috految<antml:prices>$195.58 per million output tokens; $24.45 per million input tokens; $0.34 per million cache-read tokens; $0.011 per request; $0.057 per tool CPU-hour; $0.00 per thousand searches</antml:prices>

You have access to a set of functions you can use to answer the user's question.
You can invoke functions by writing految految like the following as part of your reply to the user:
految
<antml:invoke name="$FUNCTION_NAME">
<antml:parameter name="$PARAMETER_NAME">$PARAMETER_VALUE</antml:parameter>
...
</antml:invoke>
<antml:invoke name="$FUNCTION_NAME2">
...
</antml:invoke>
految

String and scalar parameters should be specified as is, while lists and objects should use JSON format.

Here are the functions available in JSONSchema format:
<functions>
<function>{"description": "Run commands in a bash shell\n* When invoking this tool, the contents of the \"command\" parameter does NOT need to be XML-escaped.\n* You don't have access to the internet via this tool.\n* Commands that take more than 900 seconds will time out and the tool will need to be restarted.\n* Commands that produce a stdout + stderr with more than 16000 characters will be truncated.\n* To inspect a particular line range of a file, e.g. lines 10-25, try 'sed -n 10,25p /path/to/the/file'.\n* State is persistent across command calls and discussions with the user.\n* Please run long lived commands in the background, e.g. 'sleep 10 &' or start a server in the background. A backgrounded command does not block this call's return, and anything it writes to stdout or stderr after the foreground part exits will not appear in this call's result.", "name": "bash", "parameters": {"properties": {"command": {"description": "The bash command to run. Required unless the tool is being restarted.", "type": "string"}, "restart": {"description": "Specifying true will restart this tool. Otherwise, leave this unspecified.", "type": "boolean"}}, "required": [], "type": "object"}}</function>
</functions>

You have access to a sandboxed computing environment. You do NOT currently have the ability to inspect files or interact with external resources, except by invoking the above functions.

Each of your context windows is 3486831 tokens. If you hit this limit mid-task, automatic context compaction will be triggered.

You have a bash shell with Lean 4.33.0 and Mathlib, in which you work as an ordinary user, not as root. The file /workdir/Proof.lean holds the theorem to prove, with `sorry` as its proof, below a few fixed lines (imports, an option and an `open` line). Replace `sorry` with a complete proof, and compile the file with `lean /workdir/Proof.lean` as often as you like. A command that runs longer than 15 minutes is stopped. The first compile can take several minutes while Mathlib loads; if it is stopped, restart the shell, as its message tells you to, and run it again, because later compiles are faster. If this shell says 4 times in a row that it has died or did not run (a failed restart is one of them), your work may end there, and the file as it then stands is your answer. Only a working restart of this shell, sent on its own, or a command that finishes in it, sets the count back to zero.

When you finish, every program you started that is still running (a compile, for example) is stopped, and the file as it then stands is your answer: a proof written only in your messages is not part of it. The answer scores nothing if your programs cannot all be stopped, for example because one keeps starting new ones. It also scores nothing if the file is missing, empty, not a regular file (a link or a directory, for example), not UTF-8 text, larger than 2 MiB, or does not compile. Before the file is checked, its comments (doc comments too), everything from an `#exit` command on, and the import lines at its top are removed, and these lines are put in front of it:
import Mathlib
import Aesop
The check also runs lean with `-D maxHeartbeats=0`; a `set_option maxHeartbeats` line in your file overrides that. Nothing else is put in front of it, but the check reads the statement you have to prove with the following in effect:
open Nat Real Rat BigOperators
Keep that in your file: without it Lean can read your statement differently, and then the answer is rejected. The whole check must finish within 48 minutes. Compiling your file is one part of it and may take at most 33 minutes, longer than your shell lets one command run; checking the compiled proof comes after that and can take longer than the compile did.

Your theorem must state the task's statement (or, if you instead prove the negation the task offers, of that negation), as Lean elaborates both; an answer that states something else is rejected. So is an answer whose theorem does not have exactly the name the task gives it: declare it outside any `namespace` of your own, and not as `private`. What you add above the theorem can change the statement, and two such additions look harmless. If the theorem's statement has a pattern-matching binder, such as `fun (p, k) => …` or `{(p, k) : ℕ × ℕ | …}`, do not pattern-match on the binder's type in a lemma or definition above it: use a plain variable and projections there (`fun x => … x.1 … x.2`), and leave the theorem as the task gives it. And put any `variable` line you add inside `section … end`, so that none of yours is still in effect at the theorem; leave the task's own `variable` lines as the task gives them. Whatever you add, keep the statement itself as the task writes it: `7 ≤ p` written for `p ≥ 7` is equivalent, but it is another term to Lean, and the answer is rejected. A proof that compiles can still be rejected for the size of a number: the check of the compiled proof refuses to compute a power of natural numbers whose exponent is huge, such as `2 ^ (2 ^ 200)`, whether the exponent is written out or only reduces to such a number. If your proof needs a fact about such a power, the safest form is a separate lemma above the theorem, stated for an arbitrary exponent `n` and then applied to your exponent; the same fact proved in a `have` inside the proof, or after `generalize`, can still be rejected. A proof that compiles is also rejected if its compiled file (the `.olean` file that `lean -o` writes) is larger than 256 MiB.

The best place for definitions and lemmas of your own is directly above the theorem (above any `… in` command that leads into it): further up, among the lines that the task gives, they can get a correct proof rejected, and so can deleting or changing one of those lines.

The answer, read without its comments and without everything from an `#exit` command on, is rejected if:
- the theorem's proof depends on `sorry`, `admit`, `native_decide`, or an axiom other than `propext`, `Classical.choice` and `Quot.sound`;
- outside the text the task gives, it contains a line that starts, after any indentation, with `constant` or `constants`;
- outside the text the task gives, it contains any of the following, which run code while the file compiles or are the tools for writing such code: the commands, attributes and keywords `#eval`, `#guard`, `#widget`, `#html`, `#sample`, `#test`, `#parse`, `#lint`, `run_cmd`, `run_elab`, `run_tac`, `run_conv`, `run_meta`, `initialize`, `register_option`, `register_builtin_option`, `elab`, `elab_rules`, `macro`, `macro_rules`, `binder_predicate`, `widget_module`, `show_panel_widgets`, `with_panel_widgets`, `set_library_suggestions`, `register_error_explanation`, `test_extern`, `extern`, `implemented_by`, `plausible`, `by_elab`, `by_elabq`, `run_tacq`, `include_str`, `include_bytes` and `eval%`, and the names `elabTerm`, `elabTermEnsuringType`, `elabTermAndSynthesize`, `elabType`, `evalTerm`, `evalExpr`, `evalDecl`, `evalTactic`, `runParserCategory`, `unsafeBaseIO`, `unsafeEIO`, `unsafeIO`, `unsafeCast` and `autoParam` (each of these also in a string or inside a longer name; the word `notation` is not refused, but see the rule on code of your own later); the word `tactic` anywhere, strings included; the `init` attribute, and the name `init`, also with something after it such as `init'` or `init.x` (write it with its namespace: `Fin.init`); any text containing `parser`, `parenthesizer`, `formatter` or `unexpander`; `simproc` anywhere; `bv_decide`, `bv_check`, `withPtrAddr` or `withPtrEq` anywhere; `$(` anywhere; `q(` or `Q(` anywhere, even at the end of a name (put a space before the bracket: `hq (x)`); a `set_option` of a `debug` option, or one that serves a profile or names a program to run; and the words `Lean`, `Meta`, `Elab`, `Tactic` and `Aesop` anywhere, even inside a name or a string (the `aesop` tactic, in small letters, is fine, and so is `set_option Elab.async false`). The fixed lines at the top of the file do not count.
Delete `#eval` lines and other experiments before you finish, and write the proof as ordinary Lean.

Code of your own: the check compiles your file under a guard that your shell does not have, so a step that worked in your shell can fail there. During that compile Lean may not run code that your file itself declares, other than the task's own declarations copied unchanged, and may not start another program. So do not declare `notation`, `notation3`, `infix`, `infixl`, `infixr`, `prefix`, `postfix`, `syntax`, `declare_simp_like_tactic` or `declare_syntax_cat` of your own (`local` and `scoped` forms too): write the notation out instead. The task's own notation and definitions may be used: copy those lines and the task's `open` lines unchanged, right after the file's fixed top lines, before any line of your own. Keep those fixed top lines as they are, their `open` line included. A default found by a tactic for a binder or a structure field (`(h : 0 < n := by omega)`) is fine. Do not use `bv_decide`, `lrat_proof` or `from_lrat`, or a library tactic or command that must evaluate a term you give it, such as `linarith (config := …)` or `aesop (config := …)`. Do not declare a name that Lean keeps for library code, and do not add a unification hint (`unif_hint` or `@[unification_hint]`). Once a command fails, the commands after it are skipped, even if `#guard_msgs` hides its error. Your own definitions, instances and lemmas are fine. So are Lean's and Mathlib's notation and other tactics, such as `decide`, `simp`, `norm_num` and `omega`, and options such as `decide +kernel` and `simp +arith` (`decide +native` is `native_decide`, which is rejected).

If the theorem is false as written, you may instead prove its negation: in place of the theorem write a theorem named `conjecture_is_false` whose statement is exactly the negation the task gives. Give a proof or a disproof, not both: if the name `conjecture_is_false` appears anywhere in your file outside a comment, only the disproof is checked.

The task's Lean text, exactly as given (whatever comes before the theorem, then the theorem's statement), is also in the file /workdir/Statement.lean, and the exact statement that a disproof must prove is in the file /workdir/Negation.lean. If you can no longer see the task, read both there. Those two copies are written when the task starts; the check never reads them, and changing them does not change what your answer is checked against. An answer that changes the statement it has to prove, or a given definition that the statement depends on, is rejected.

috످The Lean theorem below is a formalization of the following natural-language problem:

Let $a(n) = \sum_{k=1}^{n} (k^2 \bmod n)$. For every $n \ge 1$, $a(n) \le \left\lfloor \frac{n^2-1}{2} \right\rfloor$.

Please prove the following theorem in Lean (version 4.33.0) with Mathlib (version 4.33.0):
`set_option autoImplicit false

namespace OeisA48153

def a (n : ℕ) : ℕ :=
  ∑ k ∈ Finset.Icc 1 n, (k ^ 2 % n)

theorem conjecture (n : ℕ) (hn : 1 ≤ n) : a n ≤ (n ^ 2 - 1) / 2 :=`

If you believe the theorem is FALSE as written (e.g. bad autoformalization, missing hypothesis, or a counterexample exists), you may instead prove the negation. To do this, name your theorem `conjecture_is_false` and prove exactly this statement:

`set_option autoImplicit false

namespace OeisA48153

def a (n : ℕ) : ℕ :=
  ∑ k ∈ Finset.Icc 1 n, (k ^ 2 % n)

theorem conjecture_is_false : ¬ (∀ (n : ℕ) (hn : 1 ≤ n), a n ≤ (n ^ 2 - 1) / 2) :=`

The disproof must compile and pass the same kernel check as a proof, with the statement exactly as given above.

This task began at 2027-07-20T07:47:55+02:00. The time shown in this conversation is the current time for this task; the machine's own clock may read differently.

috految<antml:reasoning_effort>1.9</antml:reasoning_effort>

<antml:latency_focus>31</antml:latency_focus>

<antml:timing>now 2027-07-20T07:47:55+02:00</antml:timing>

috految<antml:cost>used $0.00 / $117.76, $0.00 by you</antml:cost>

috److془We need to carefully find a proof. Sum {k²/n} < n/2. Class number positivity needed.

Sum ((k²/n)) = -Σ_{d|n} h'(-d)·... Need the slickest proof.

Elementary: Σ_{k} floor(k²/n) ... lattice points under parabola. Recall: "Hirzebruch: Eichler-Zagier dimension of Jacobi forms"; Elementary proof of Dirichlet positivity: Borisov? "An upper bound via Wronskian": weight 1/2 thetas... dimension of J_{k,m} ; positivity from Riemann-Roch not obviously.. Hmm: Lattice points under the parabola: Pick's theorem with Farey decomposition à la Zagier. Npoints vs. area. Hmm; Zagier formula for sum of forms with a>0>c. Count of forms [a,b,c] with disc -n: Heath-Brown/Liouville. Hmm, Gauss's/Venkov only for non 7 mod 8. Though: Skoruppa, Borcherds: ... Orde's elementary proof on class number formula. Use Liouville: Σ_{d|n}. Hmm: Σ_k floor(k²/n) : number of forms (n,b,c) with disc>0. Hmm.

Analytic: need f(m)=Im G(m,n); Σ f(m)/m ≥0. Need Gauss sign, evaluation, L positivity, Fourier. Alternative: Σ_{x mod n} ((x²/n)): let r(x)=number of sqrt. Σ r(x)((x/n)). Σ_{a,b}: ζ(s)L : Re G(m,n) over m... Hmm, Im G(m,n) ~ √n Σ_{x mod m} e(-n x²/4m)/√m.

Alternative: Use slack? Slack 1/2 only. Need h≥0 for prime. Sign alternative: L(0,χ)≥0 . Orde: Σ_{a+b+..}. Eisenstein series: E = L(0)/2+ Σ(1*χ) q^n. Hmm: Liouville gives h*r(N)+Σ r r = σ-like + cusp; Hmm. Trace to level 1: but sign? E5 upon trace: const* h² . Hmm: r(N p)=r(N), h+ Σ r(a)r(p-a).. Hmm.
Alternative: Jacobi's Σ: Σ_{b} H(4n-b²). Hmm: class number h(-n) ~ Σ_{b}Σ_{a|(b²+n)} . Hmm Orde: Σ_{ax+by=n}. Difference h vs rest: Σ χ(a)((a/n)) . Trace: E S-transforms, E·θ gives linear identity. With E·E: h² + h·r(p) + Σ r r. Hmm.
Pick view: Farey decomposition: parabola y=x²/n... Trace of weight 2 form: ternary. Geometric: Try: dimension of J_{2,m} ~ m/12 - h/2 = rank; cusp forms W-eigenspace. Inequality is g+ ≤ g/2. Multiplication injection? Hmm. Lattice count: Σ floor(k²/n) ~ n²/3: the polar terms. Hmm: Σ_k {k²/n}≤n/2. Pick: one has triangles: map of V: Σ_{k} ((k²/n)). Hmm Gauss-like: Σ_k ((k²/n)) = via Dedekind sums? Witten: Σ_{k} Dedekind sums. Hmm: Eisenstein cocycle on permutation rep..
Lattice points: Σ_{x,y} Liouville. Jacobi Skoruppa–Zagier: nontrivial. Hmm but: Σ ((k²/n)) Casson-Gordon; signature. Pick: Lines: M=(n - k): count points (c,b) with n c< b², 0<b<n. Hmm Ternary counts. Cocycle: Σ_{[a,b,c]} disc<0 ,a=n. Tangent line at x lattice directions: point (c,b) form, positive definite; forms of Q(1)=n. Counting via Conway topograph: Q(v)=n: number of (reduced Q, v): n= A x²+B y²+C (x+y)². Hmm. Otherwise: Lorentz or Sym² Zagier. Hmm! Dirichlet: Σ 1/ direct ... Using arithmetic: Σ_x Σ_y involves Dedekind sums. Lattice points in triangle weights x²,y²,(x+y)². Hmm. Alternatively Σ_k count of roots b²≡-n mod a.. Hmm.

Analytic then: Gauss sign, reduce to characters. Perhaps 7k tokens+ debugging. Cost ~ $3. Hmm. Think: Gauss sign by Poisson/ Jacobi theta limit; G(m,n) for coprime= χ(m)G(1,n), χ real need with 2 power. Im G = (G-Ḡ)/2i; Galois: (G-Ḡ)² =-4n or 0 so σ_m acts by ± character! Nice. Then Σ_m f(m)/m^s = Σ_{d|n} positive·L(χ_d,s), ≥0 for s>1. Limit s→1: sinZeta(x,1) = π(1/2-x) ; Mathlib lacks k=0 I think. Hmm. Alternative: Σ_m f(m) m^{-s}; or Lambert with Abel. Or the sum: F(N)=Σ_{m≤N} f(m) floor(N/m)≥0. Or: sinZeta duplications.. Or Σ z^m/m^s(1-z) dominated convergence jointly in (z,s). Easy. 
Gauss: need G(1,n) Im = √n or 0. Poisson: evenKernel. Direct: Σ_k exp(-π a k²), a=t-2i/n. Lemma: T(a) theta; for c N integer periodic, √u T(u+ -2i p/N) → G(p,N)/N when Re(1/u)→∞. 1/a = in/2+v, (p=-n,N=4). u=1/w, 1/v = w·4/n² + 2i/n. (v=-(in/2)u/a; 1/v=(2i/n)(1-2iw/n) ✓.) Then G/n = a0^{-1/2}(2/n) G(-n,4)/4. G(-n,4)=2+2(-i)^n. Good. Do it. Using u=1/w with w=t real. Lemma: w/t→c>0, i.e. w=ct+d; T/√t→ √c G/N. Simply: N²/w.

Poisson: Complex.tsum_exp_neg_quadratic (ha:0<a.re) b: Σ cexp(-π a n²+2π b n) = 1/a^(1/2) Σ cexp(-π/a (n+I b)²). Take a=w/N², b=-I r/N. Parameter a directly: T(1/(N² a)-2ip/N)/a^(1/2)→G. a=t: second 16a'=4t+2i/n. Ratio: G = 1/A^(1/2) * (1/4)^(1/2) G'. A0=-2i/n; sqrt=(1-i)/√n. G=√n(1+i)(1+(-i)^n)/2 ✓.

Positivity: f(m)=Im G(m,n). Fiber gcd(m,n)=d, n=d q, m=dk: f= d Im G(k,q). Galois: P(z)=Σ z^{k²}-z^{(q-1)k²}; rational polynomials identities transfer to ζ^m. f(a)²=f(1)², f(a)=±f1 → f(ab)=±f(b). Euler product: completely multiplicative real, EulerProduct.eulerProduct_completely_multiplicative. Series: Im Σ z^m/m^s → -arg(1-z)=π(1/2-x). Zero x: 0.
Domination: |(m+1)^-s - (m+2)^-s| ≤ 2/(m+1)² for s in[1,2], MVT.془

految
<antml:invoke name="bash">
<antml:parameter name="command">cd /workdir; sed -i '/^theorem/,$d' Proof.lean; cat >>Proof.lean <<'E'
section
open Filter Topology Finset
open Complex (I)
noncomputable def E (x:ℂ) := Complex.exp (2*Real.pi*I*x)
lemma per {x y:ℂ} (k:ℤ) (h:x=y+k) : E x=E y :=
  Complex.exp_eq_exp_iff_exists_int.2 ⟨k,by rw [h]; ring⟩
lemma pw (x:ℂ) (k:ℕ) : E x^k=E (k*x) := by
  rw [E,E,←Complex.exp_nat_mul]; congr 1; ring
noncomputable def G (p:ℂ) (n:ℕ) := ∑ k∈range n, E (p*k^2/n)
noncomputable def T (a:ℂ) := ∑' k:ℤ, Complex.exp (-Real.pi*a*k^2)
lemma sm (a:ℂ) (h:0<a.re) : Summable fun k:ℤ => Complex.exp (-Real.pi*a*k^2) := by
  refine ((summable_jacobiTheta₂_term_iff 0 (I*a)).2 (by simpa)).congr fun k => ?_
  unfold jacobiTheta₂_term
  congr 1
  grind [Complex.I_sq]
lemma th (p:ℤ) (n:ℕ) (hn:n≠0) (w:ℝ→ℂ) (h:Tendsto (fun t => (w t).re) atTop atTop) :
    Tendsto (fun t => T ((w t)⁻¹/n/n-2*I*p/n)/w t^(1/2:ℂ)) atTop (𝓝 (G p n)) := by
  have : NeZero n := ⟨hn⟩
  have A (r:ℕ) : Tendsto (fun t => ∑' k:ℤ, Complex.exp (-Real.pi*w t*k^2+2*Real.pi*(-I*r/n)*k)) atTop (𝓝 (∑' k:ℤ, if k=0 then 1 else 0)) := by
    apply tendsto_tsum_of_dominated_convergence (sm 1 (by simp)).norm
    · intro k
      by_cases e:k=0
      · simp [e]
      rw [if_neg e,Complex.tendsto_exp_nhds_zero_iff]
      simpa [sq] using (h.const_mul_atTop pi_pos).atTop_mul_const (show (0:ℝ)<k^2 by positivity)
    · filter_upwards [h.eventually_ge_atTop 1] with t ht k
      simp [Complex.norm_exp,sq]
      nlinarith [mul_nonneg pi_pos.le (sq_nonneg (k:ℝ))]
  have B := tendsto_finset_sum (range n) fun r _ => (A r).const_mul (E (p*r^2/n))
  simp only [tsum_ite_eq,mul_one] at B
  apply B.congr'
  filter_upwards [h.eventually_gt_atTop 0] with t ht
  have z := Complex.ne_zero_of_re_pos ht
  have := Complex.normSq_pos.2 z
  have S := sm ((w t)⁻¹/n/n-2*I*p/n) (by simp; positivity)
  let e := (Equiv.prodComm _ _).trans (Int.divModEquiv n).symm
  rw [T,←e.tsum_eq,Summable.tsum_prod (by exact e.summable_iff.2 S),tsum_fintype (β:=Fin n),sum_range,Finset.sum_div]
  refine sum_congr rfl fun r _ => ?_
  rw [Complex.tsum_exp_neg_quadratic ht,one_div_mul_eq_div,←mul_div_assoc,←tsum_mul_left]
  congr 1
  refine tsum_congr fun k => ?_
  rw [E,←Complex.exp_add,Complex.exp_eq_exp_iff_exists_int,show e (r,k)=k*n+r.1 from rfl]
  use -p*(k^2*n+2*k*r.1)
  push_cast
  field_simp
  simp only [Complex.I_sq]
  ring
lemma ga (n:ℕ) (hn:n≠0) : (G 1 n).im=0 ∨ (G 1 n).im=√(n:ℝ) := by
  have N : (n:ℂ)≠0 := by simpa
  have A := th 1 n hn (fun t => t) tendsto_id
  have B := th (-n) 4 (by simp) (fun t => t/4+I/8/n) (by simpa using tendsto_id.atTop_div_const (show (0:ℝ)<4 by simp))
  have i := (tendsto_inv_atTop_zero (𝕜:=ℝ)).ofReal
  have C := (((i.div_const (n:ℂ)).div_const (n:ℂ)).sub_const (2*I/n)).cpow (tendsto_const_nhds (x:=1/2)) (Or.inr (by simp [hn]))
  have D := ((i.mul_const (I/8/n)).const_add (1/4)).cpow (tendsto_const_nhds (x:=1/2)) (Or.inl (by simp))
  have H := tendsto_nhds_unique_of_eventuallyEq (A.mul C) (B.mul D) (by
    filter_upwards [eventually_gt_atTop 0] with t ht
    push_cast
    have t0 : (t:ℂ)≠0 := mod_cast ht.ne'
    have p : 0<((t:ℂ)⁻¹/n/n-2*I/n).re := by simp; positivity
    have z := Complex.ne_zero_of_re_pos p
    have y : (t:ℂ)/4+I/8/n≠0 := Complex.ne_zero_of_re_pos (by simpa)
    have e : ((t:ℂ)/4+I/8/n)⁻¹/4/4-2*I*(-n)/4=((t:ℂ)⁻¹/n/n-2*I/n)⁻¹ := by
      apply eq_inv_of_mul_eq_one_left
      have := Complex.I_sq
      clear * - this y t0 N
      grind
    have f : (t:ℂ)/4+I/8/n=t*(1/4+(t:ℂ)⁻¹*(I/8/n)) := by field_simp
    rw [mul_one,e,T,Complex.tsum_exp_neg_mul_int_sq p,T,f]
    rw [f] at y
    have x := right_ne_zero_of_mul y
    rw [Complex.cpow_def_of_ne_zero y,Complex.log_ofReal_mul ht x,add_mul,Complex.exp_add,Complex.ofReal_log ht.le,Complex.cpow_def_of_ne_zero x,Complex.cpow_def_of_ne_zero t0,Complex.cpow_def_of_ne_zero z]
    field_simp)
  have r : 0<√(n:ℝ) := by positivity
  have s : (√(n:ℝ):ℂ)^2=n := by norm_cast; simp
  have e : -(2*I/n)=((1-I)/√(n:ℝ))^2 := by rw [div_pow,s,sub_sq,Complex.I_sq]; ring
  simp only [Complex.ofReal_zero,zero_div,zero_mul,add_zero,zero_sub] at H
  rw [e,show (1/4:ℂ)=(1/2)^2 by norm_num,one_div (2:ℂ),Complex.sq_cpow_two_inv (by simp; positivity),Complex.sq_cpow_two_inv (by simp)] at H
  have f (k:ℕ) : E (-n*k^2/4)=((-I)^(n%4))^(k^2) := by
    rw [←pow_eq_pow_mod n (by simp [_root_.pow_succ] : (-I)^4=1),←Complex.exp_neg_pi_div_two_mul_I,←Complex.exp_nat_mul,←Complex.exp_nat_mul,E]
    congr 1; push_cast; ring
  push_cast at H
  generalize G 1 n=g at H ⊢
  simp only [G,Nat.cast_ofNat,f] at H
  have : n%4<4 := by omega
  generalize √(n:ℝ)=R at H r ⊢
  clear * - H r this
  interval_cases n%4 <;> norm_num [sum_range_succ,_root_.pow_succ,Complex.ext_iff] at H <;> grind
lemma co (n:ℕ) (hn:n≠0) (s:ℝ) (hs:1<s) : 0≤∑' m:ℕ, if m.Coprime n then (G m n).im/(m:ℝ)^s else 0 := by
  have z : IsPrimitiveRoot (E (1/n)) n := by simpa [E,div_eq_mul_inv] using Complex.isPrimitiveRoot_exp n hn
  let P (a:ℕ) : Polynomial ℤ := ∑ k∈range n, (.X^(a*k^2)-.X^((n-1)*a*k^2))
  have v (a b:ℕ) : (P a).aeval (E (1/n)^b)=(2*(G (a*b) n).im:ℝ)*I := by
    rw [←Complex.sub_conj]
    simp only [P,G,map_sum,←sum_sub_distrib,map_sub,map_pow,Polynomial.aeval_X,pw]
    refine sum_congr rfl fun k _ => ?_
    congr 1
    · congr 1; push_cast; ring
    · rw [per (y:= -(a*b*k^2/n)) (a*b*k^2) (by push_cast [Nat.cast_pred (Nat.pos_of_ne_zero hn)]; field_simp; ring)]
      simp [E,←Complex.exp_conj,map_ofNat]
  have tr (b:ℕ) (h:b.Coprime n) (p:Polynomial ℤ) (e:p.aeval (E (1/n)^1)=0) : p.aeval (E (1/n)^b)=0 := by
    rw [pow_one] at e
    obtain ⟨c,rfl⟩ := minpoly.isIntegrallyClosed_dvd (z.isIntegral (by omega)) e
    rw [z.minpoly_eq_pow_coprime h,map_mul,minpoly.aeval,zero_mul]
  rcases ga n hn with g|g
  · refine tsum_nonneg fun m => ?_
    split_ifs with h
    · have := tr m h (P 1) (by rw [v]; simp [g])
      rw [v] at this
      simp at this
      simp [this]
    · rfl
  have r : 0<√(n:ℝ) := by positivity
  have u (m:ℕ) (h:m.Coprime n) : (G m n).im=√(n:ℝ) ∨ (G m n).im= -√(n:ℝ) := by
    have := tr m h (P 1*P 1+4*n)
    simp only [map_add,map_mul,v,map_ofNat,map_natCast] at this
    simp [g,Complex.ext_iff] at this
    have q := Real.sq_sqrt n.cast_nonneg
    apply sq_eq_sq_iff_eq_or_eq_neg.1
    linarith [this (by linarith)]
  let f : ℕ→*₀ℝ := {
    toFun m := (if m.Coprime n then (G m n).im/(m:ℝ)^s else 0)/√(n:ℝ)
    map_zero' := by simp [show s≠0 by linarith]
    map_one' := by simp [g,hn]
    map_mul' a b := by
      simp only [Nat.coprime_mul_iff_left,ite_and,Nat.cast_mul,Real.mul_rpow a.cast_nonneg b.cast_nonneg]
      split_ifs with h k <;> try (simp; done)
      have A := tr b k (P a-P 1)
      have B := tr b k (P a+P 1)
      simp only [map_sub,map_add,v] at A B
      rcases u a h with e|e <;> simp [e,g,Complex.ext_iff] at A B <;> rw [e] <;> field_simp <;> clear * - A B <;> grind }
  have l : 0≤∑' m,f m := by
    by_cases S:Summable f
    · refine ge_of_tendsto' (EulerProduct.eulerProduct_completely_multiplicative S.norm) fun N => prod_nonneg fun p hp => ?_
      have := Summable.norm_lt_one (f:=f.toMonoidHom) S (Nat.prime_of_mem_primesBelow hp).one_lt
      exact inv_nonneg.2 (sub_nonneg.2 ((le_abs_self _).trans this.le))
    · rw [tsum_eq_zero_of_not_summable S]
  dsimp [f] at l
  rwa [tsum_div_const,le_div_iff₀ r,zero_mul] at l
lemma po (n:ℕ) (hn:n≠0) (s:ℝ) (hs:1<s) (v:ℝ) (h:HasSum (fun m:ℕ => (G m n).im/(m:ℝ)^s) v) : 0≤v := by
  refine (h.tsum_fiberwise (Nat.gcd · n)).nonneg fun d => ?_
  by_cases e:d∣n
  swap
  · exact tsum_nonneg fun ⟨m,(h:m.gcd n=d)⟩ => (e (h ▸ Nat.gcd_dvd_right m n)).elim
  obtain ⟨q,rfl⟩ := e
  obtain ⟨hd,hq⟩ := mul_ne_zero_iff.1 hn
  have g (m c:ℕ) : ∑ k∈range (c*q), E (d*m*k^2/(d*q))=c*G m q := by
    induction c with
    | zero => simp
    | succ c ih =>
      rw [Nat.succ_mul,sum_range_add,ih,Nat.cast_succ,add_one_mul]
      congr 1
      exact sum_congr rfl fun k _ => per (m*(c^2*q+2*c*k)) (by push_cast; field_simp; ring)
  rw [_root_.tsum_subtype _ (fun m:ℕ => (G m (d*q)).im/(m:ℝ)^s),←(mul_right_injective₀ hd).tsum_eq]
  · refine (mul_nonneg (show 0≤(d:ℝ)/(d:ℝ)^s by positivity) (co q hq s hs)).trans_eq ?_
    rw [←tsum_mul_left]
    refine tsum_congr fun m => ?_
    have : G (d*m) (d*q)=d*G m q := by simpa [G] using g m d
    simp [Set.indicator,Nat.gcd_mul_left,hd,this,Real.mul_rpow,Nat.Coprime,_root_.div_mul_div_comm]
  · intro m h
    have e := Set.support_indicator_subset h
    obtain ⟨c,hc⟩ : d∣m := (dvd_of_eq (Eq.symm e)).trans (Nat.gcd_dvd_left _ _)
    exact ⟨c,hc.symm⟩
lemma su (z:ℂ) (h:‖z‖=1) (s:ℝ) (hs:1<s) : Summable fun m:ℕ => z^m/((m:ℝ)^s:ℝ) :=
  .of_norm (by simpa [h] using (summable_nat_rpow_inv.2 hs).abs)
lemma li (z:ℂ) (h:‖z‖=1) (o:1-z∈Complex.slitPlane) : Tendsto (fun s:ℝ => ∑' m:ℕ,z^m/((m:ℝ)^s:ℝ)) (𝓝[>] 1) (𝓝 (-Complex.log (1-z))) := by
  let F (p:ℂ×ℝ) := ∑' m:ℕ,p.1^(m+2)*(((m+2:ℝ)^(-p.2)-(m+1:ℝ)^(-p.2):ℝ):ℂ)
  have C : ContinuousOn F {p | ‖p.1‖≤1 ∧ 1≤p.2 ∧ p.2≤2} := by
    refine continuousOn_tsum (fun m => Continuous.continuousOn ?_) (((summable_nat_add_iff 1).2 (summable_nat_rpow.2 (show (-2:ℝ)< -1 by simp))).mul_left 2) ?_
    · fun_prop (disch := intros; positivity)
    rintro m ⟨w,s⟩ ⟨a,b,c⟩
    dsimp only at *
    rw [norm_mul,norm_pow,Complex.norm_real]
    grw [a]
    have M := m.cast_nonneg (α:=ℝ)
    have := norm_image_sub_le_of_norm_deriv_le_segment' (a:=m+1) (b:=m+2) (C:=2*(m+1:ℝ)^(-2:ℝ)) (fun x hx => (Real.hasDerivAt_rpow_const (p:= -s) (Or.inl (by linarith [hx.1]))).hasDerivWithinAt) (by
      rintro x ⟨k,_⟩
      have : 0<x := by linarith
      rw [norm_mul,norm_neg,norm_of_nonneg (by linarith),norm_of_nonneg (by positivity)]
      exact mul_le_mul c ((rpow_le_rpow_of_exponent_le (by linarith) (show -s-1≤ -2 by linarith)).trans (rpow_le_rpow_of_nonpos (by positivity) k (by simp))) (by positivity) (by simp)) (m+2) (by simp)
    push_cast
    rw [one_pow]
    linarith
  have K (w v:ℂ) (s:ℝ) (hs:s≠0) (S:HasSum (fun m:ℕ => w^m/((m:ℝ)^s:ℝ)) v) : F (w,s)=(1-w)*v-w := by
    refine (tsum_congr fun m => ?_).trans ((((hasSum_nat_add_iff' 2).2 S).sub (((hasSum_nat_add_iff' 1).2 S).mul_left w)).tsum_eq.trans ?_)
    · dsimp only
      rw [rpow_neg (by positivity),rpow_neg (by positivity)]; push_cast; ring
    · simp [sum_range_succ,hs]; ring
  have c := (C (z,1) (by simp [h])).tendsto
  have : (𝓝[Metric.ball 0 1] z).NeBot := mem_closure_iff_nhdsWithin_neBot.1 (by simp [closure_ball,h])
  have i : Tendsto id (𝓝[Metric.ball 0 1] z) (𝓝 z) := nhdsWithin_le_nhds
  have e := tendsto_nhds_unique_of_eventuallyEq (c.comp (tendsto_nhdsWithin_iff.2 ⟨i.prodMk_nhds tendsto_const_nhds,eventually_nhdsWithin_of_forall fun w hw => by simp at hw; simp [hw.le]⟩)) (((i.const_sub 1).mul ((i.const_sub 1).clog o).neg).sub i) (eventually_nhdsWithin_of_forall fun w hw => K w _ 1 (by simp) (by simpa using Complex.hasSum_taylorSeries_neg_log (z:=w) (by simpa using hw)))
  have j : Tendsto id (𝓝[>] (1:ℝ)) (𝓝 1) := nhdsWithin_le_nhds
  have d := ((c.comp (tendsto_nhdsWithin_iff.2 ⟨tendsto_const_nhds.prodMk_nhds j,by filter_upwards [Icc_mem_nhdsGT (one_lt_two (α:=ℝ))] with s hs using ⟨h.le,hs⟩⟩)).add_const z).div_const (1-z)
  have n := Complex.slitPlane_ne_zero o
  rw [e,_root_.sub_add_cancel,mul_div_cancel_left₀ _ n] at d
  refine d.congr' (eventually_nhdsWithin_of_forall fun s (hs:1<s) => ?_)
  simp [K z _ s (by linarith) (su z h s hs).hasSum,n]
lemma fi (n:ℕ) (hn:n≠0) : 2*∑ k∈range n,k^2%n<n^2 := by
  have N (x:ℝ) : ‖E x‖=1 := by simp [E,Complex.norm_exp]
  have L (x:ℝ) (a:0≤x) (b:x<1) : Tendsto (fun s:ℝ => (∑' m:ℕ,E x^m/((m:ℝ)^s:ℝ)).im) (𝓝[>] 1) (𝓝 (if x=0 then 0 else Real.pi*(1/2-x))) := by
    split_ifs with h
    · simp [h,E,←Complex.ofReal_inv,←Complex.ofReal_tsum]
    have := pi_pos
    have p : 0<Real.sin (Real.pi*x) := sin_pos_of_pos_of_lt_pi (by positivity) (by nlinarith)
    have e : 1-E x=(2*Real.sin (Real.pi*x):ℝ)*(Complex.cos (Real.pi*x-Real.pi/2:ℝ)+Complex.sin (Real.pi*x-Real.pi/2:ℝ)*I) := by
      push_cast
      rw [E,show 2*Real.pi*I*x=2*(Real.pi*x)*I by ring,Complex.exp_mul_I,Complex.cos_sub_pi_div_two,Complex.sin_sub_pi_div_two,Complex.cos_two_mul,Complex.sin_two_mul,Complex.cos_sq']
      ring
    have d := (Complex.continuous_im.tendsto _).comp (li _ (N x) (Or.inl (by rw [e,Complex.re_ofReal_mul,←Complex.exp_mul_I,Complex.exp_ofReal_mul_I_re,cos_sub_pi_div_two]; positivity)))
    rw [Complex.neg_im,Complex.log_im,e,Complex.arg_mul_cos_add_sin_mul_I (by positivity) ⟨by nlinarith,by nlinarith⟩] at d
    exact d.mono_right (le_of_eq (congrArg _ (by ring)))
  have A := ge_of_tendsto (b:=0) (tendsto_finset_sum (range n) fun k _ => L ((k^2%n:ℕ)/n) (by positivity) ((div_lt_one (by positivity)).2 (mod_cast Nat.mod_lt _ (by omega)))) (eventually_nhdsWithin_of_forall fun s hs => by
    refine po n hn s hs _ ((hasSum_sum fun k _ => Complex.hasSum_im (su _ (N _) s hs).hasSum).congr_fun fun m => ?_)
    simp only [G,Complex.im_sum,Finset.sum_div,Complex.div_ofReal_im,pw]
    refine sum_congr rfl fun k _ => ?_
    congr 2
    have := congrArg (Nat.cast (R:=ℂ)) (Nat.mod_add_div (k^2) n)
    generalize k^2/n=c at this
    apply per (m*c)
    push_cast at this ⊢
    rw [←this]; field_simp)
  have B := A.trans_lt (sum_lt_sum (g:=fun k => Real.pi*(1/2-(k^2%n:ℕ)/n)) (fun k _ => by split_ifs with h; (rw [h]; simp [pi_pos.le]); rfl) ⟨0,by simp; omega,by simp [pi_pos]⟩)
  rw [←mul_sum,mul_pos_iff_of_pos_left pi_pos,sum_sub_distrib,sum_const,←Finset.sum_div,sub_pos,div_lt_iff₀ (by positivity)] at B
  simp at B
  apply (Nat.cast_lt (α:=ℝ)).1
  push_cast
  linarith
end
theorem conjecture (n : ℕ) (hn : 1 ≤ n) : a n ≤ (n ^ 2 - 1) / 2 := by
  have := fi n (by omega)
  have h : a n≤∑ k∈Finset.range (n+1),k^2%n := Finset.sum_le_sum_of_subset (by intro x; simp)
  rw [Finset.sum_range_succ,show n^2%n=0 by simp [sq]] at h
  omega
E
sed -i 's/1<s/1 < s/g;s/≤/ ≤ /g;s/ℂ×ℝ/ℂ × ℝ/' Proof.lean; timeout 200 lean Proof.lean</antml:parameter>
</antml:invoke>
految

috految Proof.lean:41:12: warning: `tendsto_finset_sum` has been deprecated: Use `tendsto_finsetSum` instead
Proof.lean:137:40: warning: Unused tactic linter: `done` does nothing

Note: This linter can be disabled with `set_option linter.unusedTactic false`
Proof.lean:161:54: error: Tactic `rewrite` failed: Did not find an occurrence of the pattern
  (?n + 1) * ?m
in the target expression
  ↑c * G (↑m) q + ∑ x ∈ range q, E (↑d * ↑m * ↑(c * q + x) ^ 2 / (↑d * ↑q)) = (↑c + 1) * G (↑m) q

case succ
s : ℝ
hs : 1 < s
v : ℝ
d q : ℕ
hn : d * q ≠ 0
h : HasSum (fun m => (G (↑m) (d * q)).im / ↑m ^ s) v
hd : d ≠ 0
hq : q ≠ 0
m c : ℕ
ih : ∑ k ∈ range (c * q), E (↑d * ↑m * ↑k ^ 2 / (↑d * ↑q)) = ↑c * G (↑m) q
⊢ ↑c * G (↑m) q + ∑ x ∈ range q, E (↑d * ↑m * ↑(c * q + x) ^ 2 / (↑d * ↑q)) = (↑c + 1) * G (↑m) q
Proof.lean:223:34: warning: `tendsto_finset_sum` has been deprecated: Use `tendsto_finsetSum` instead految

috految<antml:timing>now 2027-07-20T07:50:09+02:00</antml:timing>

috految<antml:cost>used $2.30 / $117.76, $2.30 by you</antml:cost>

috److految
<antml:invoke name="bash">
<antml:parameter name="command">sed -i 's/,add_one_mul/,_root_.add_one_mul/' Proof.lean; lean Proof.lean</antml:parameter>
</antml:invoke>
految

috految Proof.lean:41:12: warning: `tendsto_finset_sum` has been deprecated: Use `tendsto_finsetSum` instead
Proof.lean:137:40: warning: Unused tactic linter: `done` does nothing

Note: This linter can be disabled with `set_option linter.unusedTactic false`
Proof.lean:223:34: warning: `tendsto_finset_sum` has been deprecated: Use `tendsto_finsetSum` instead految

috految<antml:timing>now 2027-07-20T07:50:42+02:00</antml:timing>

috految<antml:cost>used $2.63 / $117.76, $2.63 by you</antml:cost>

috److I proved the theorem as stated. `/workdir/Proof.lean` compiles with no errors, only deprecation and linter warnings.

The proof is analytic and uses the quadratic Gauss sums $G(m,n) = \sum_{k<n} e^{2\pi i m k^2/n}$.

1. **Sign of the Gauss sum.** A theta-function limit with Poisson summation shows that $\operatorname{Im} G(1,n)$ is either $0$ or $\sqrt{n}$.
2. **Coprime terms.** A Galois conjugation argument shows that $m \mapsto \operatorname{Im} G(m,n)$, on $m$ coprime to $n$, is either zero or $\sqrt{n}$ times a real completely multiplicative function. The Euler product then makes its Dirichlet series nonnegative for $s > 1$.
3. **All terms.** Splitting by $\gcd(m,n)$ extends this to $\sum_m \operatorname{Im} G(m,n)/m^s \ge 0$.
4. **Limit $s \to 1^+$.** Dominated convergence gives $\sum_m \sin(2\pi m x)/m^s \to \pi(1/2 - x)$ for $0 < x < 1$, and the sum is $0$ at $x = 0$.
5. **Conclusion.** Taking $x = (k^2 \bmod n)/n$ and summing over $k$ gives $2\sum_{k<n} (k^2 \bmod n) < n^2$. The inequality is strict because of the $k = 0$ term, and the stated bound follows.

috످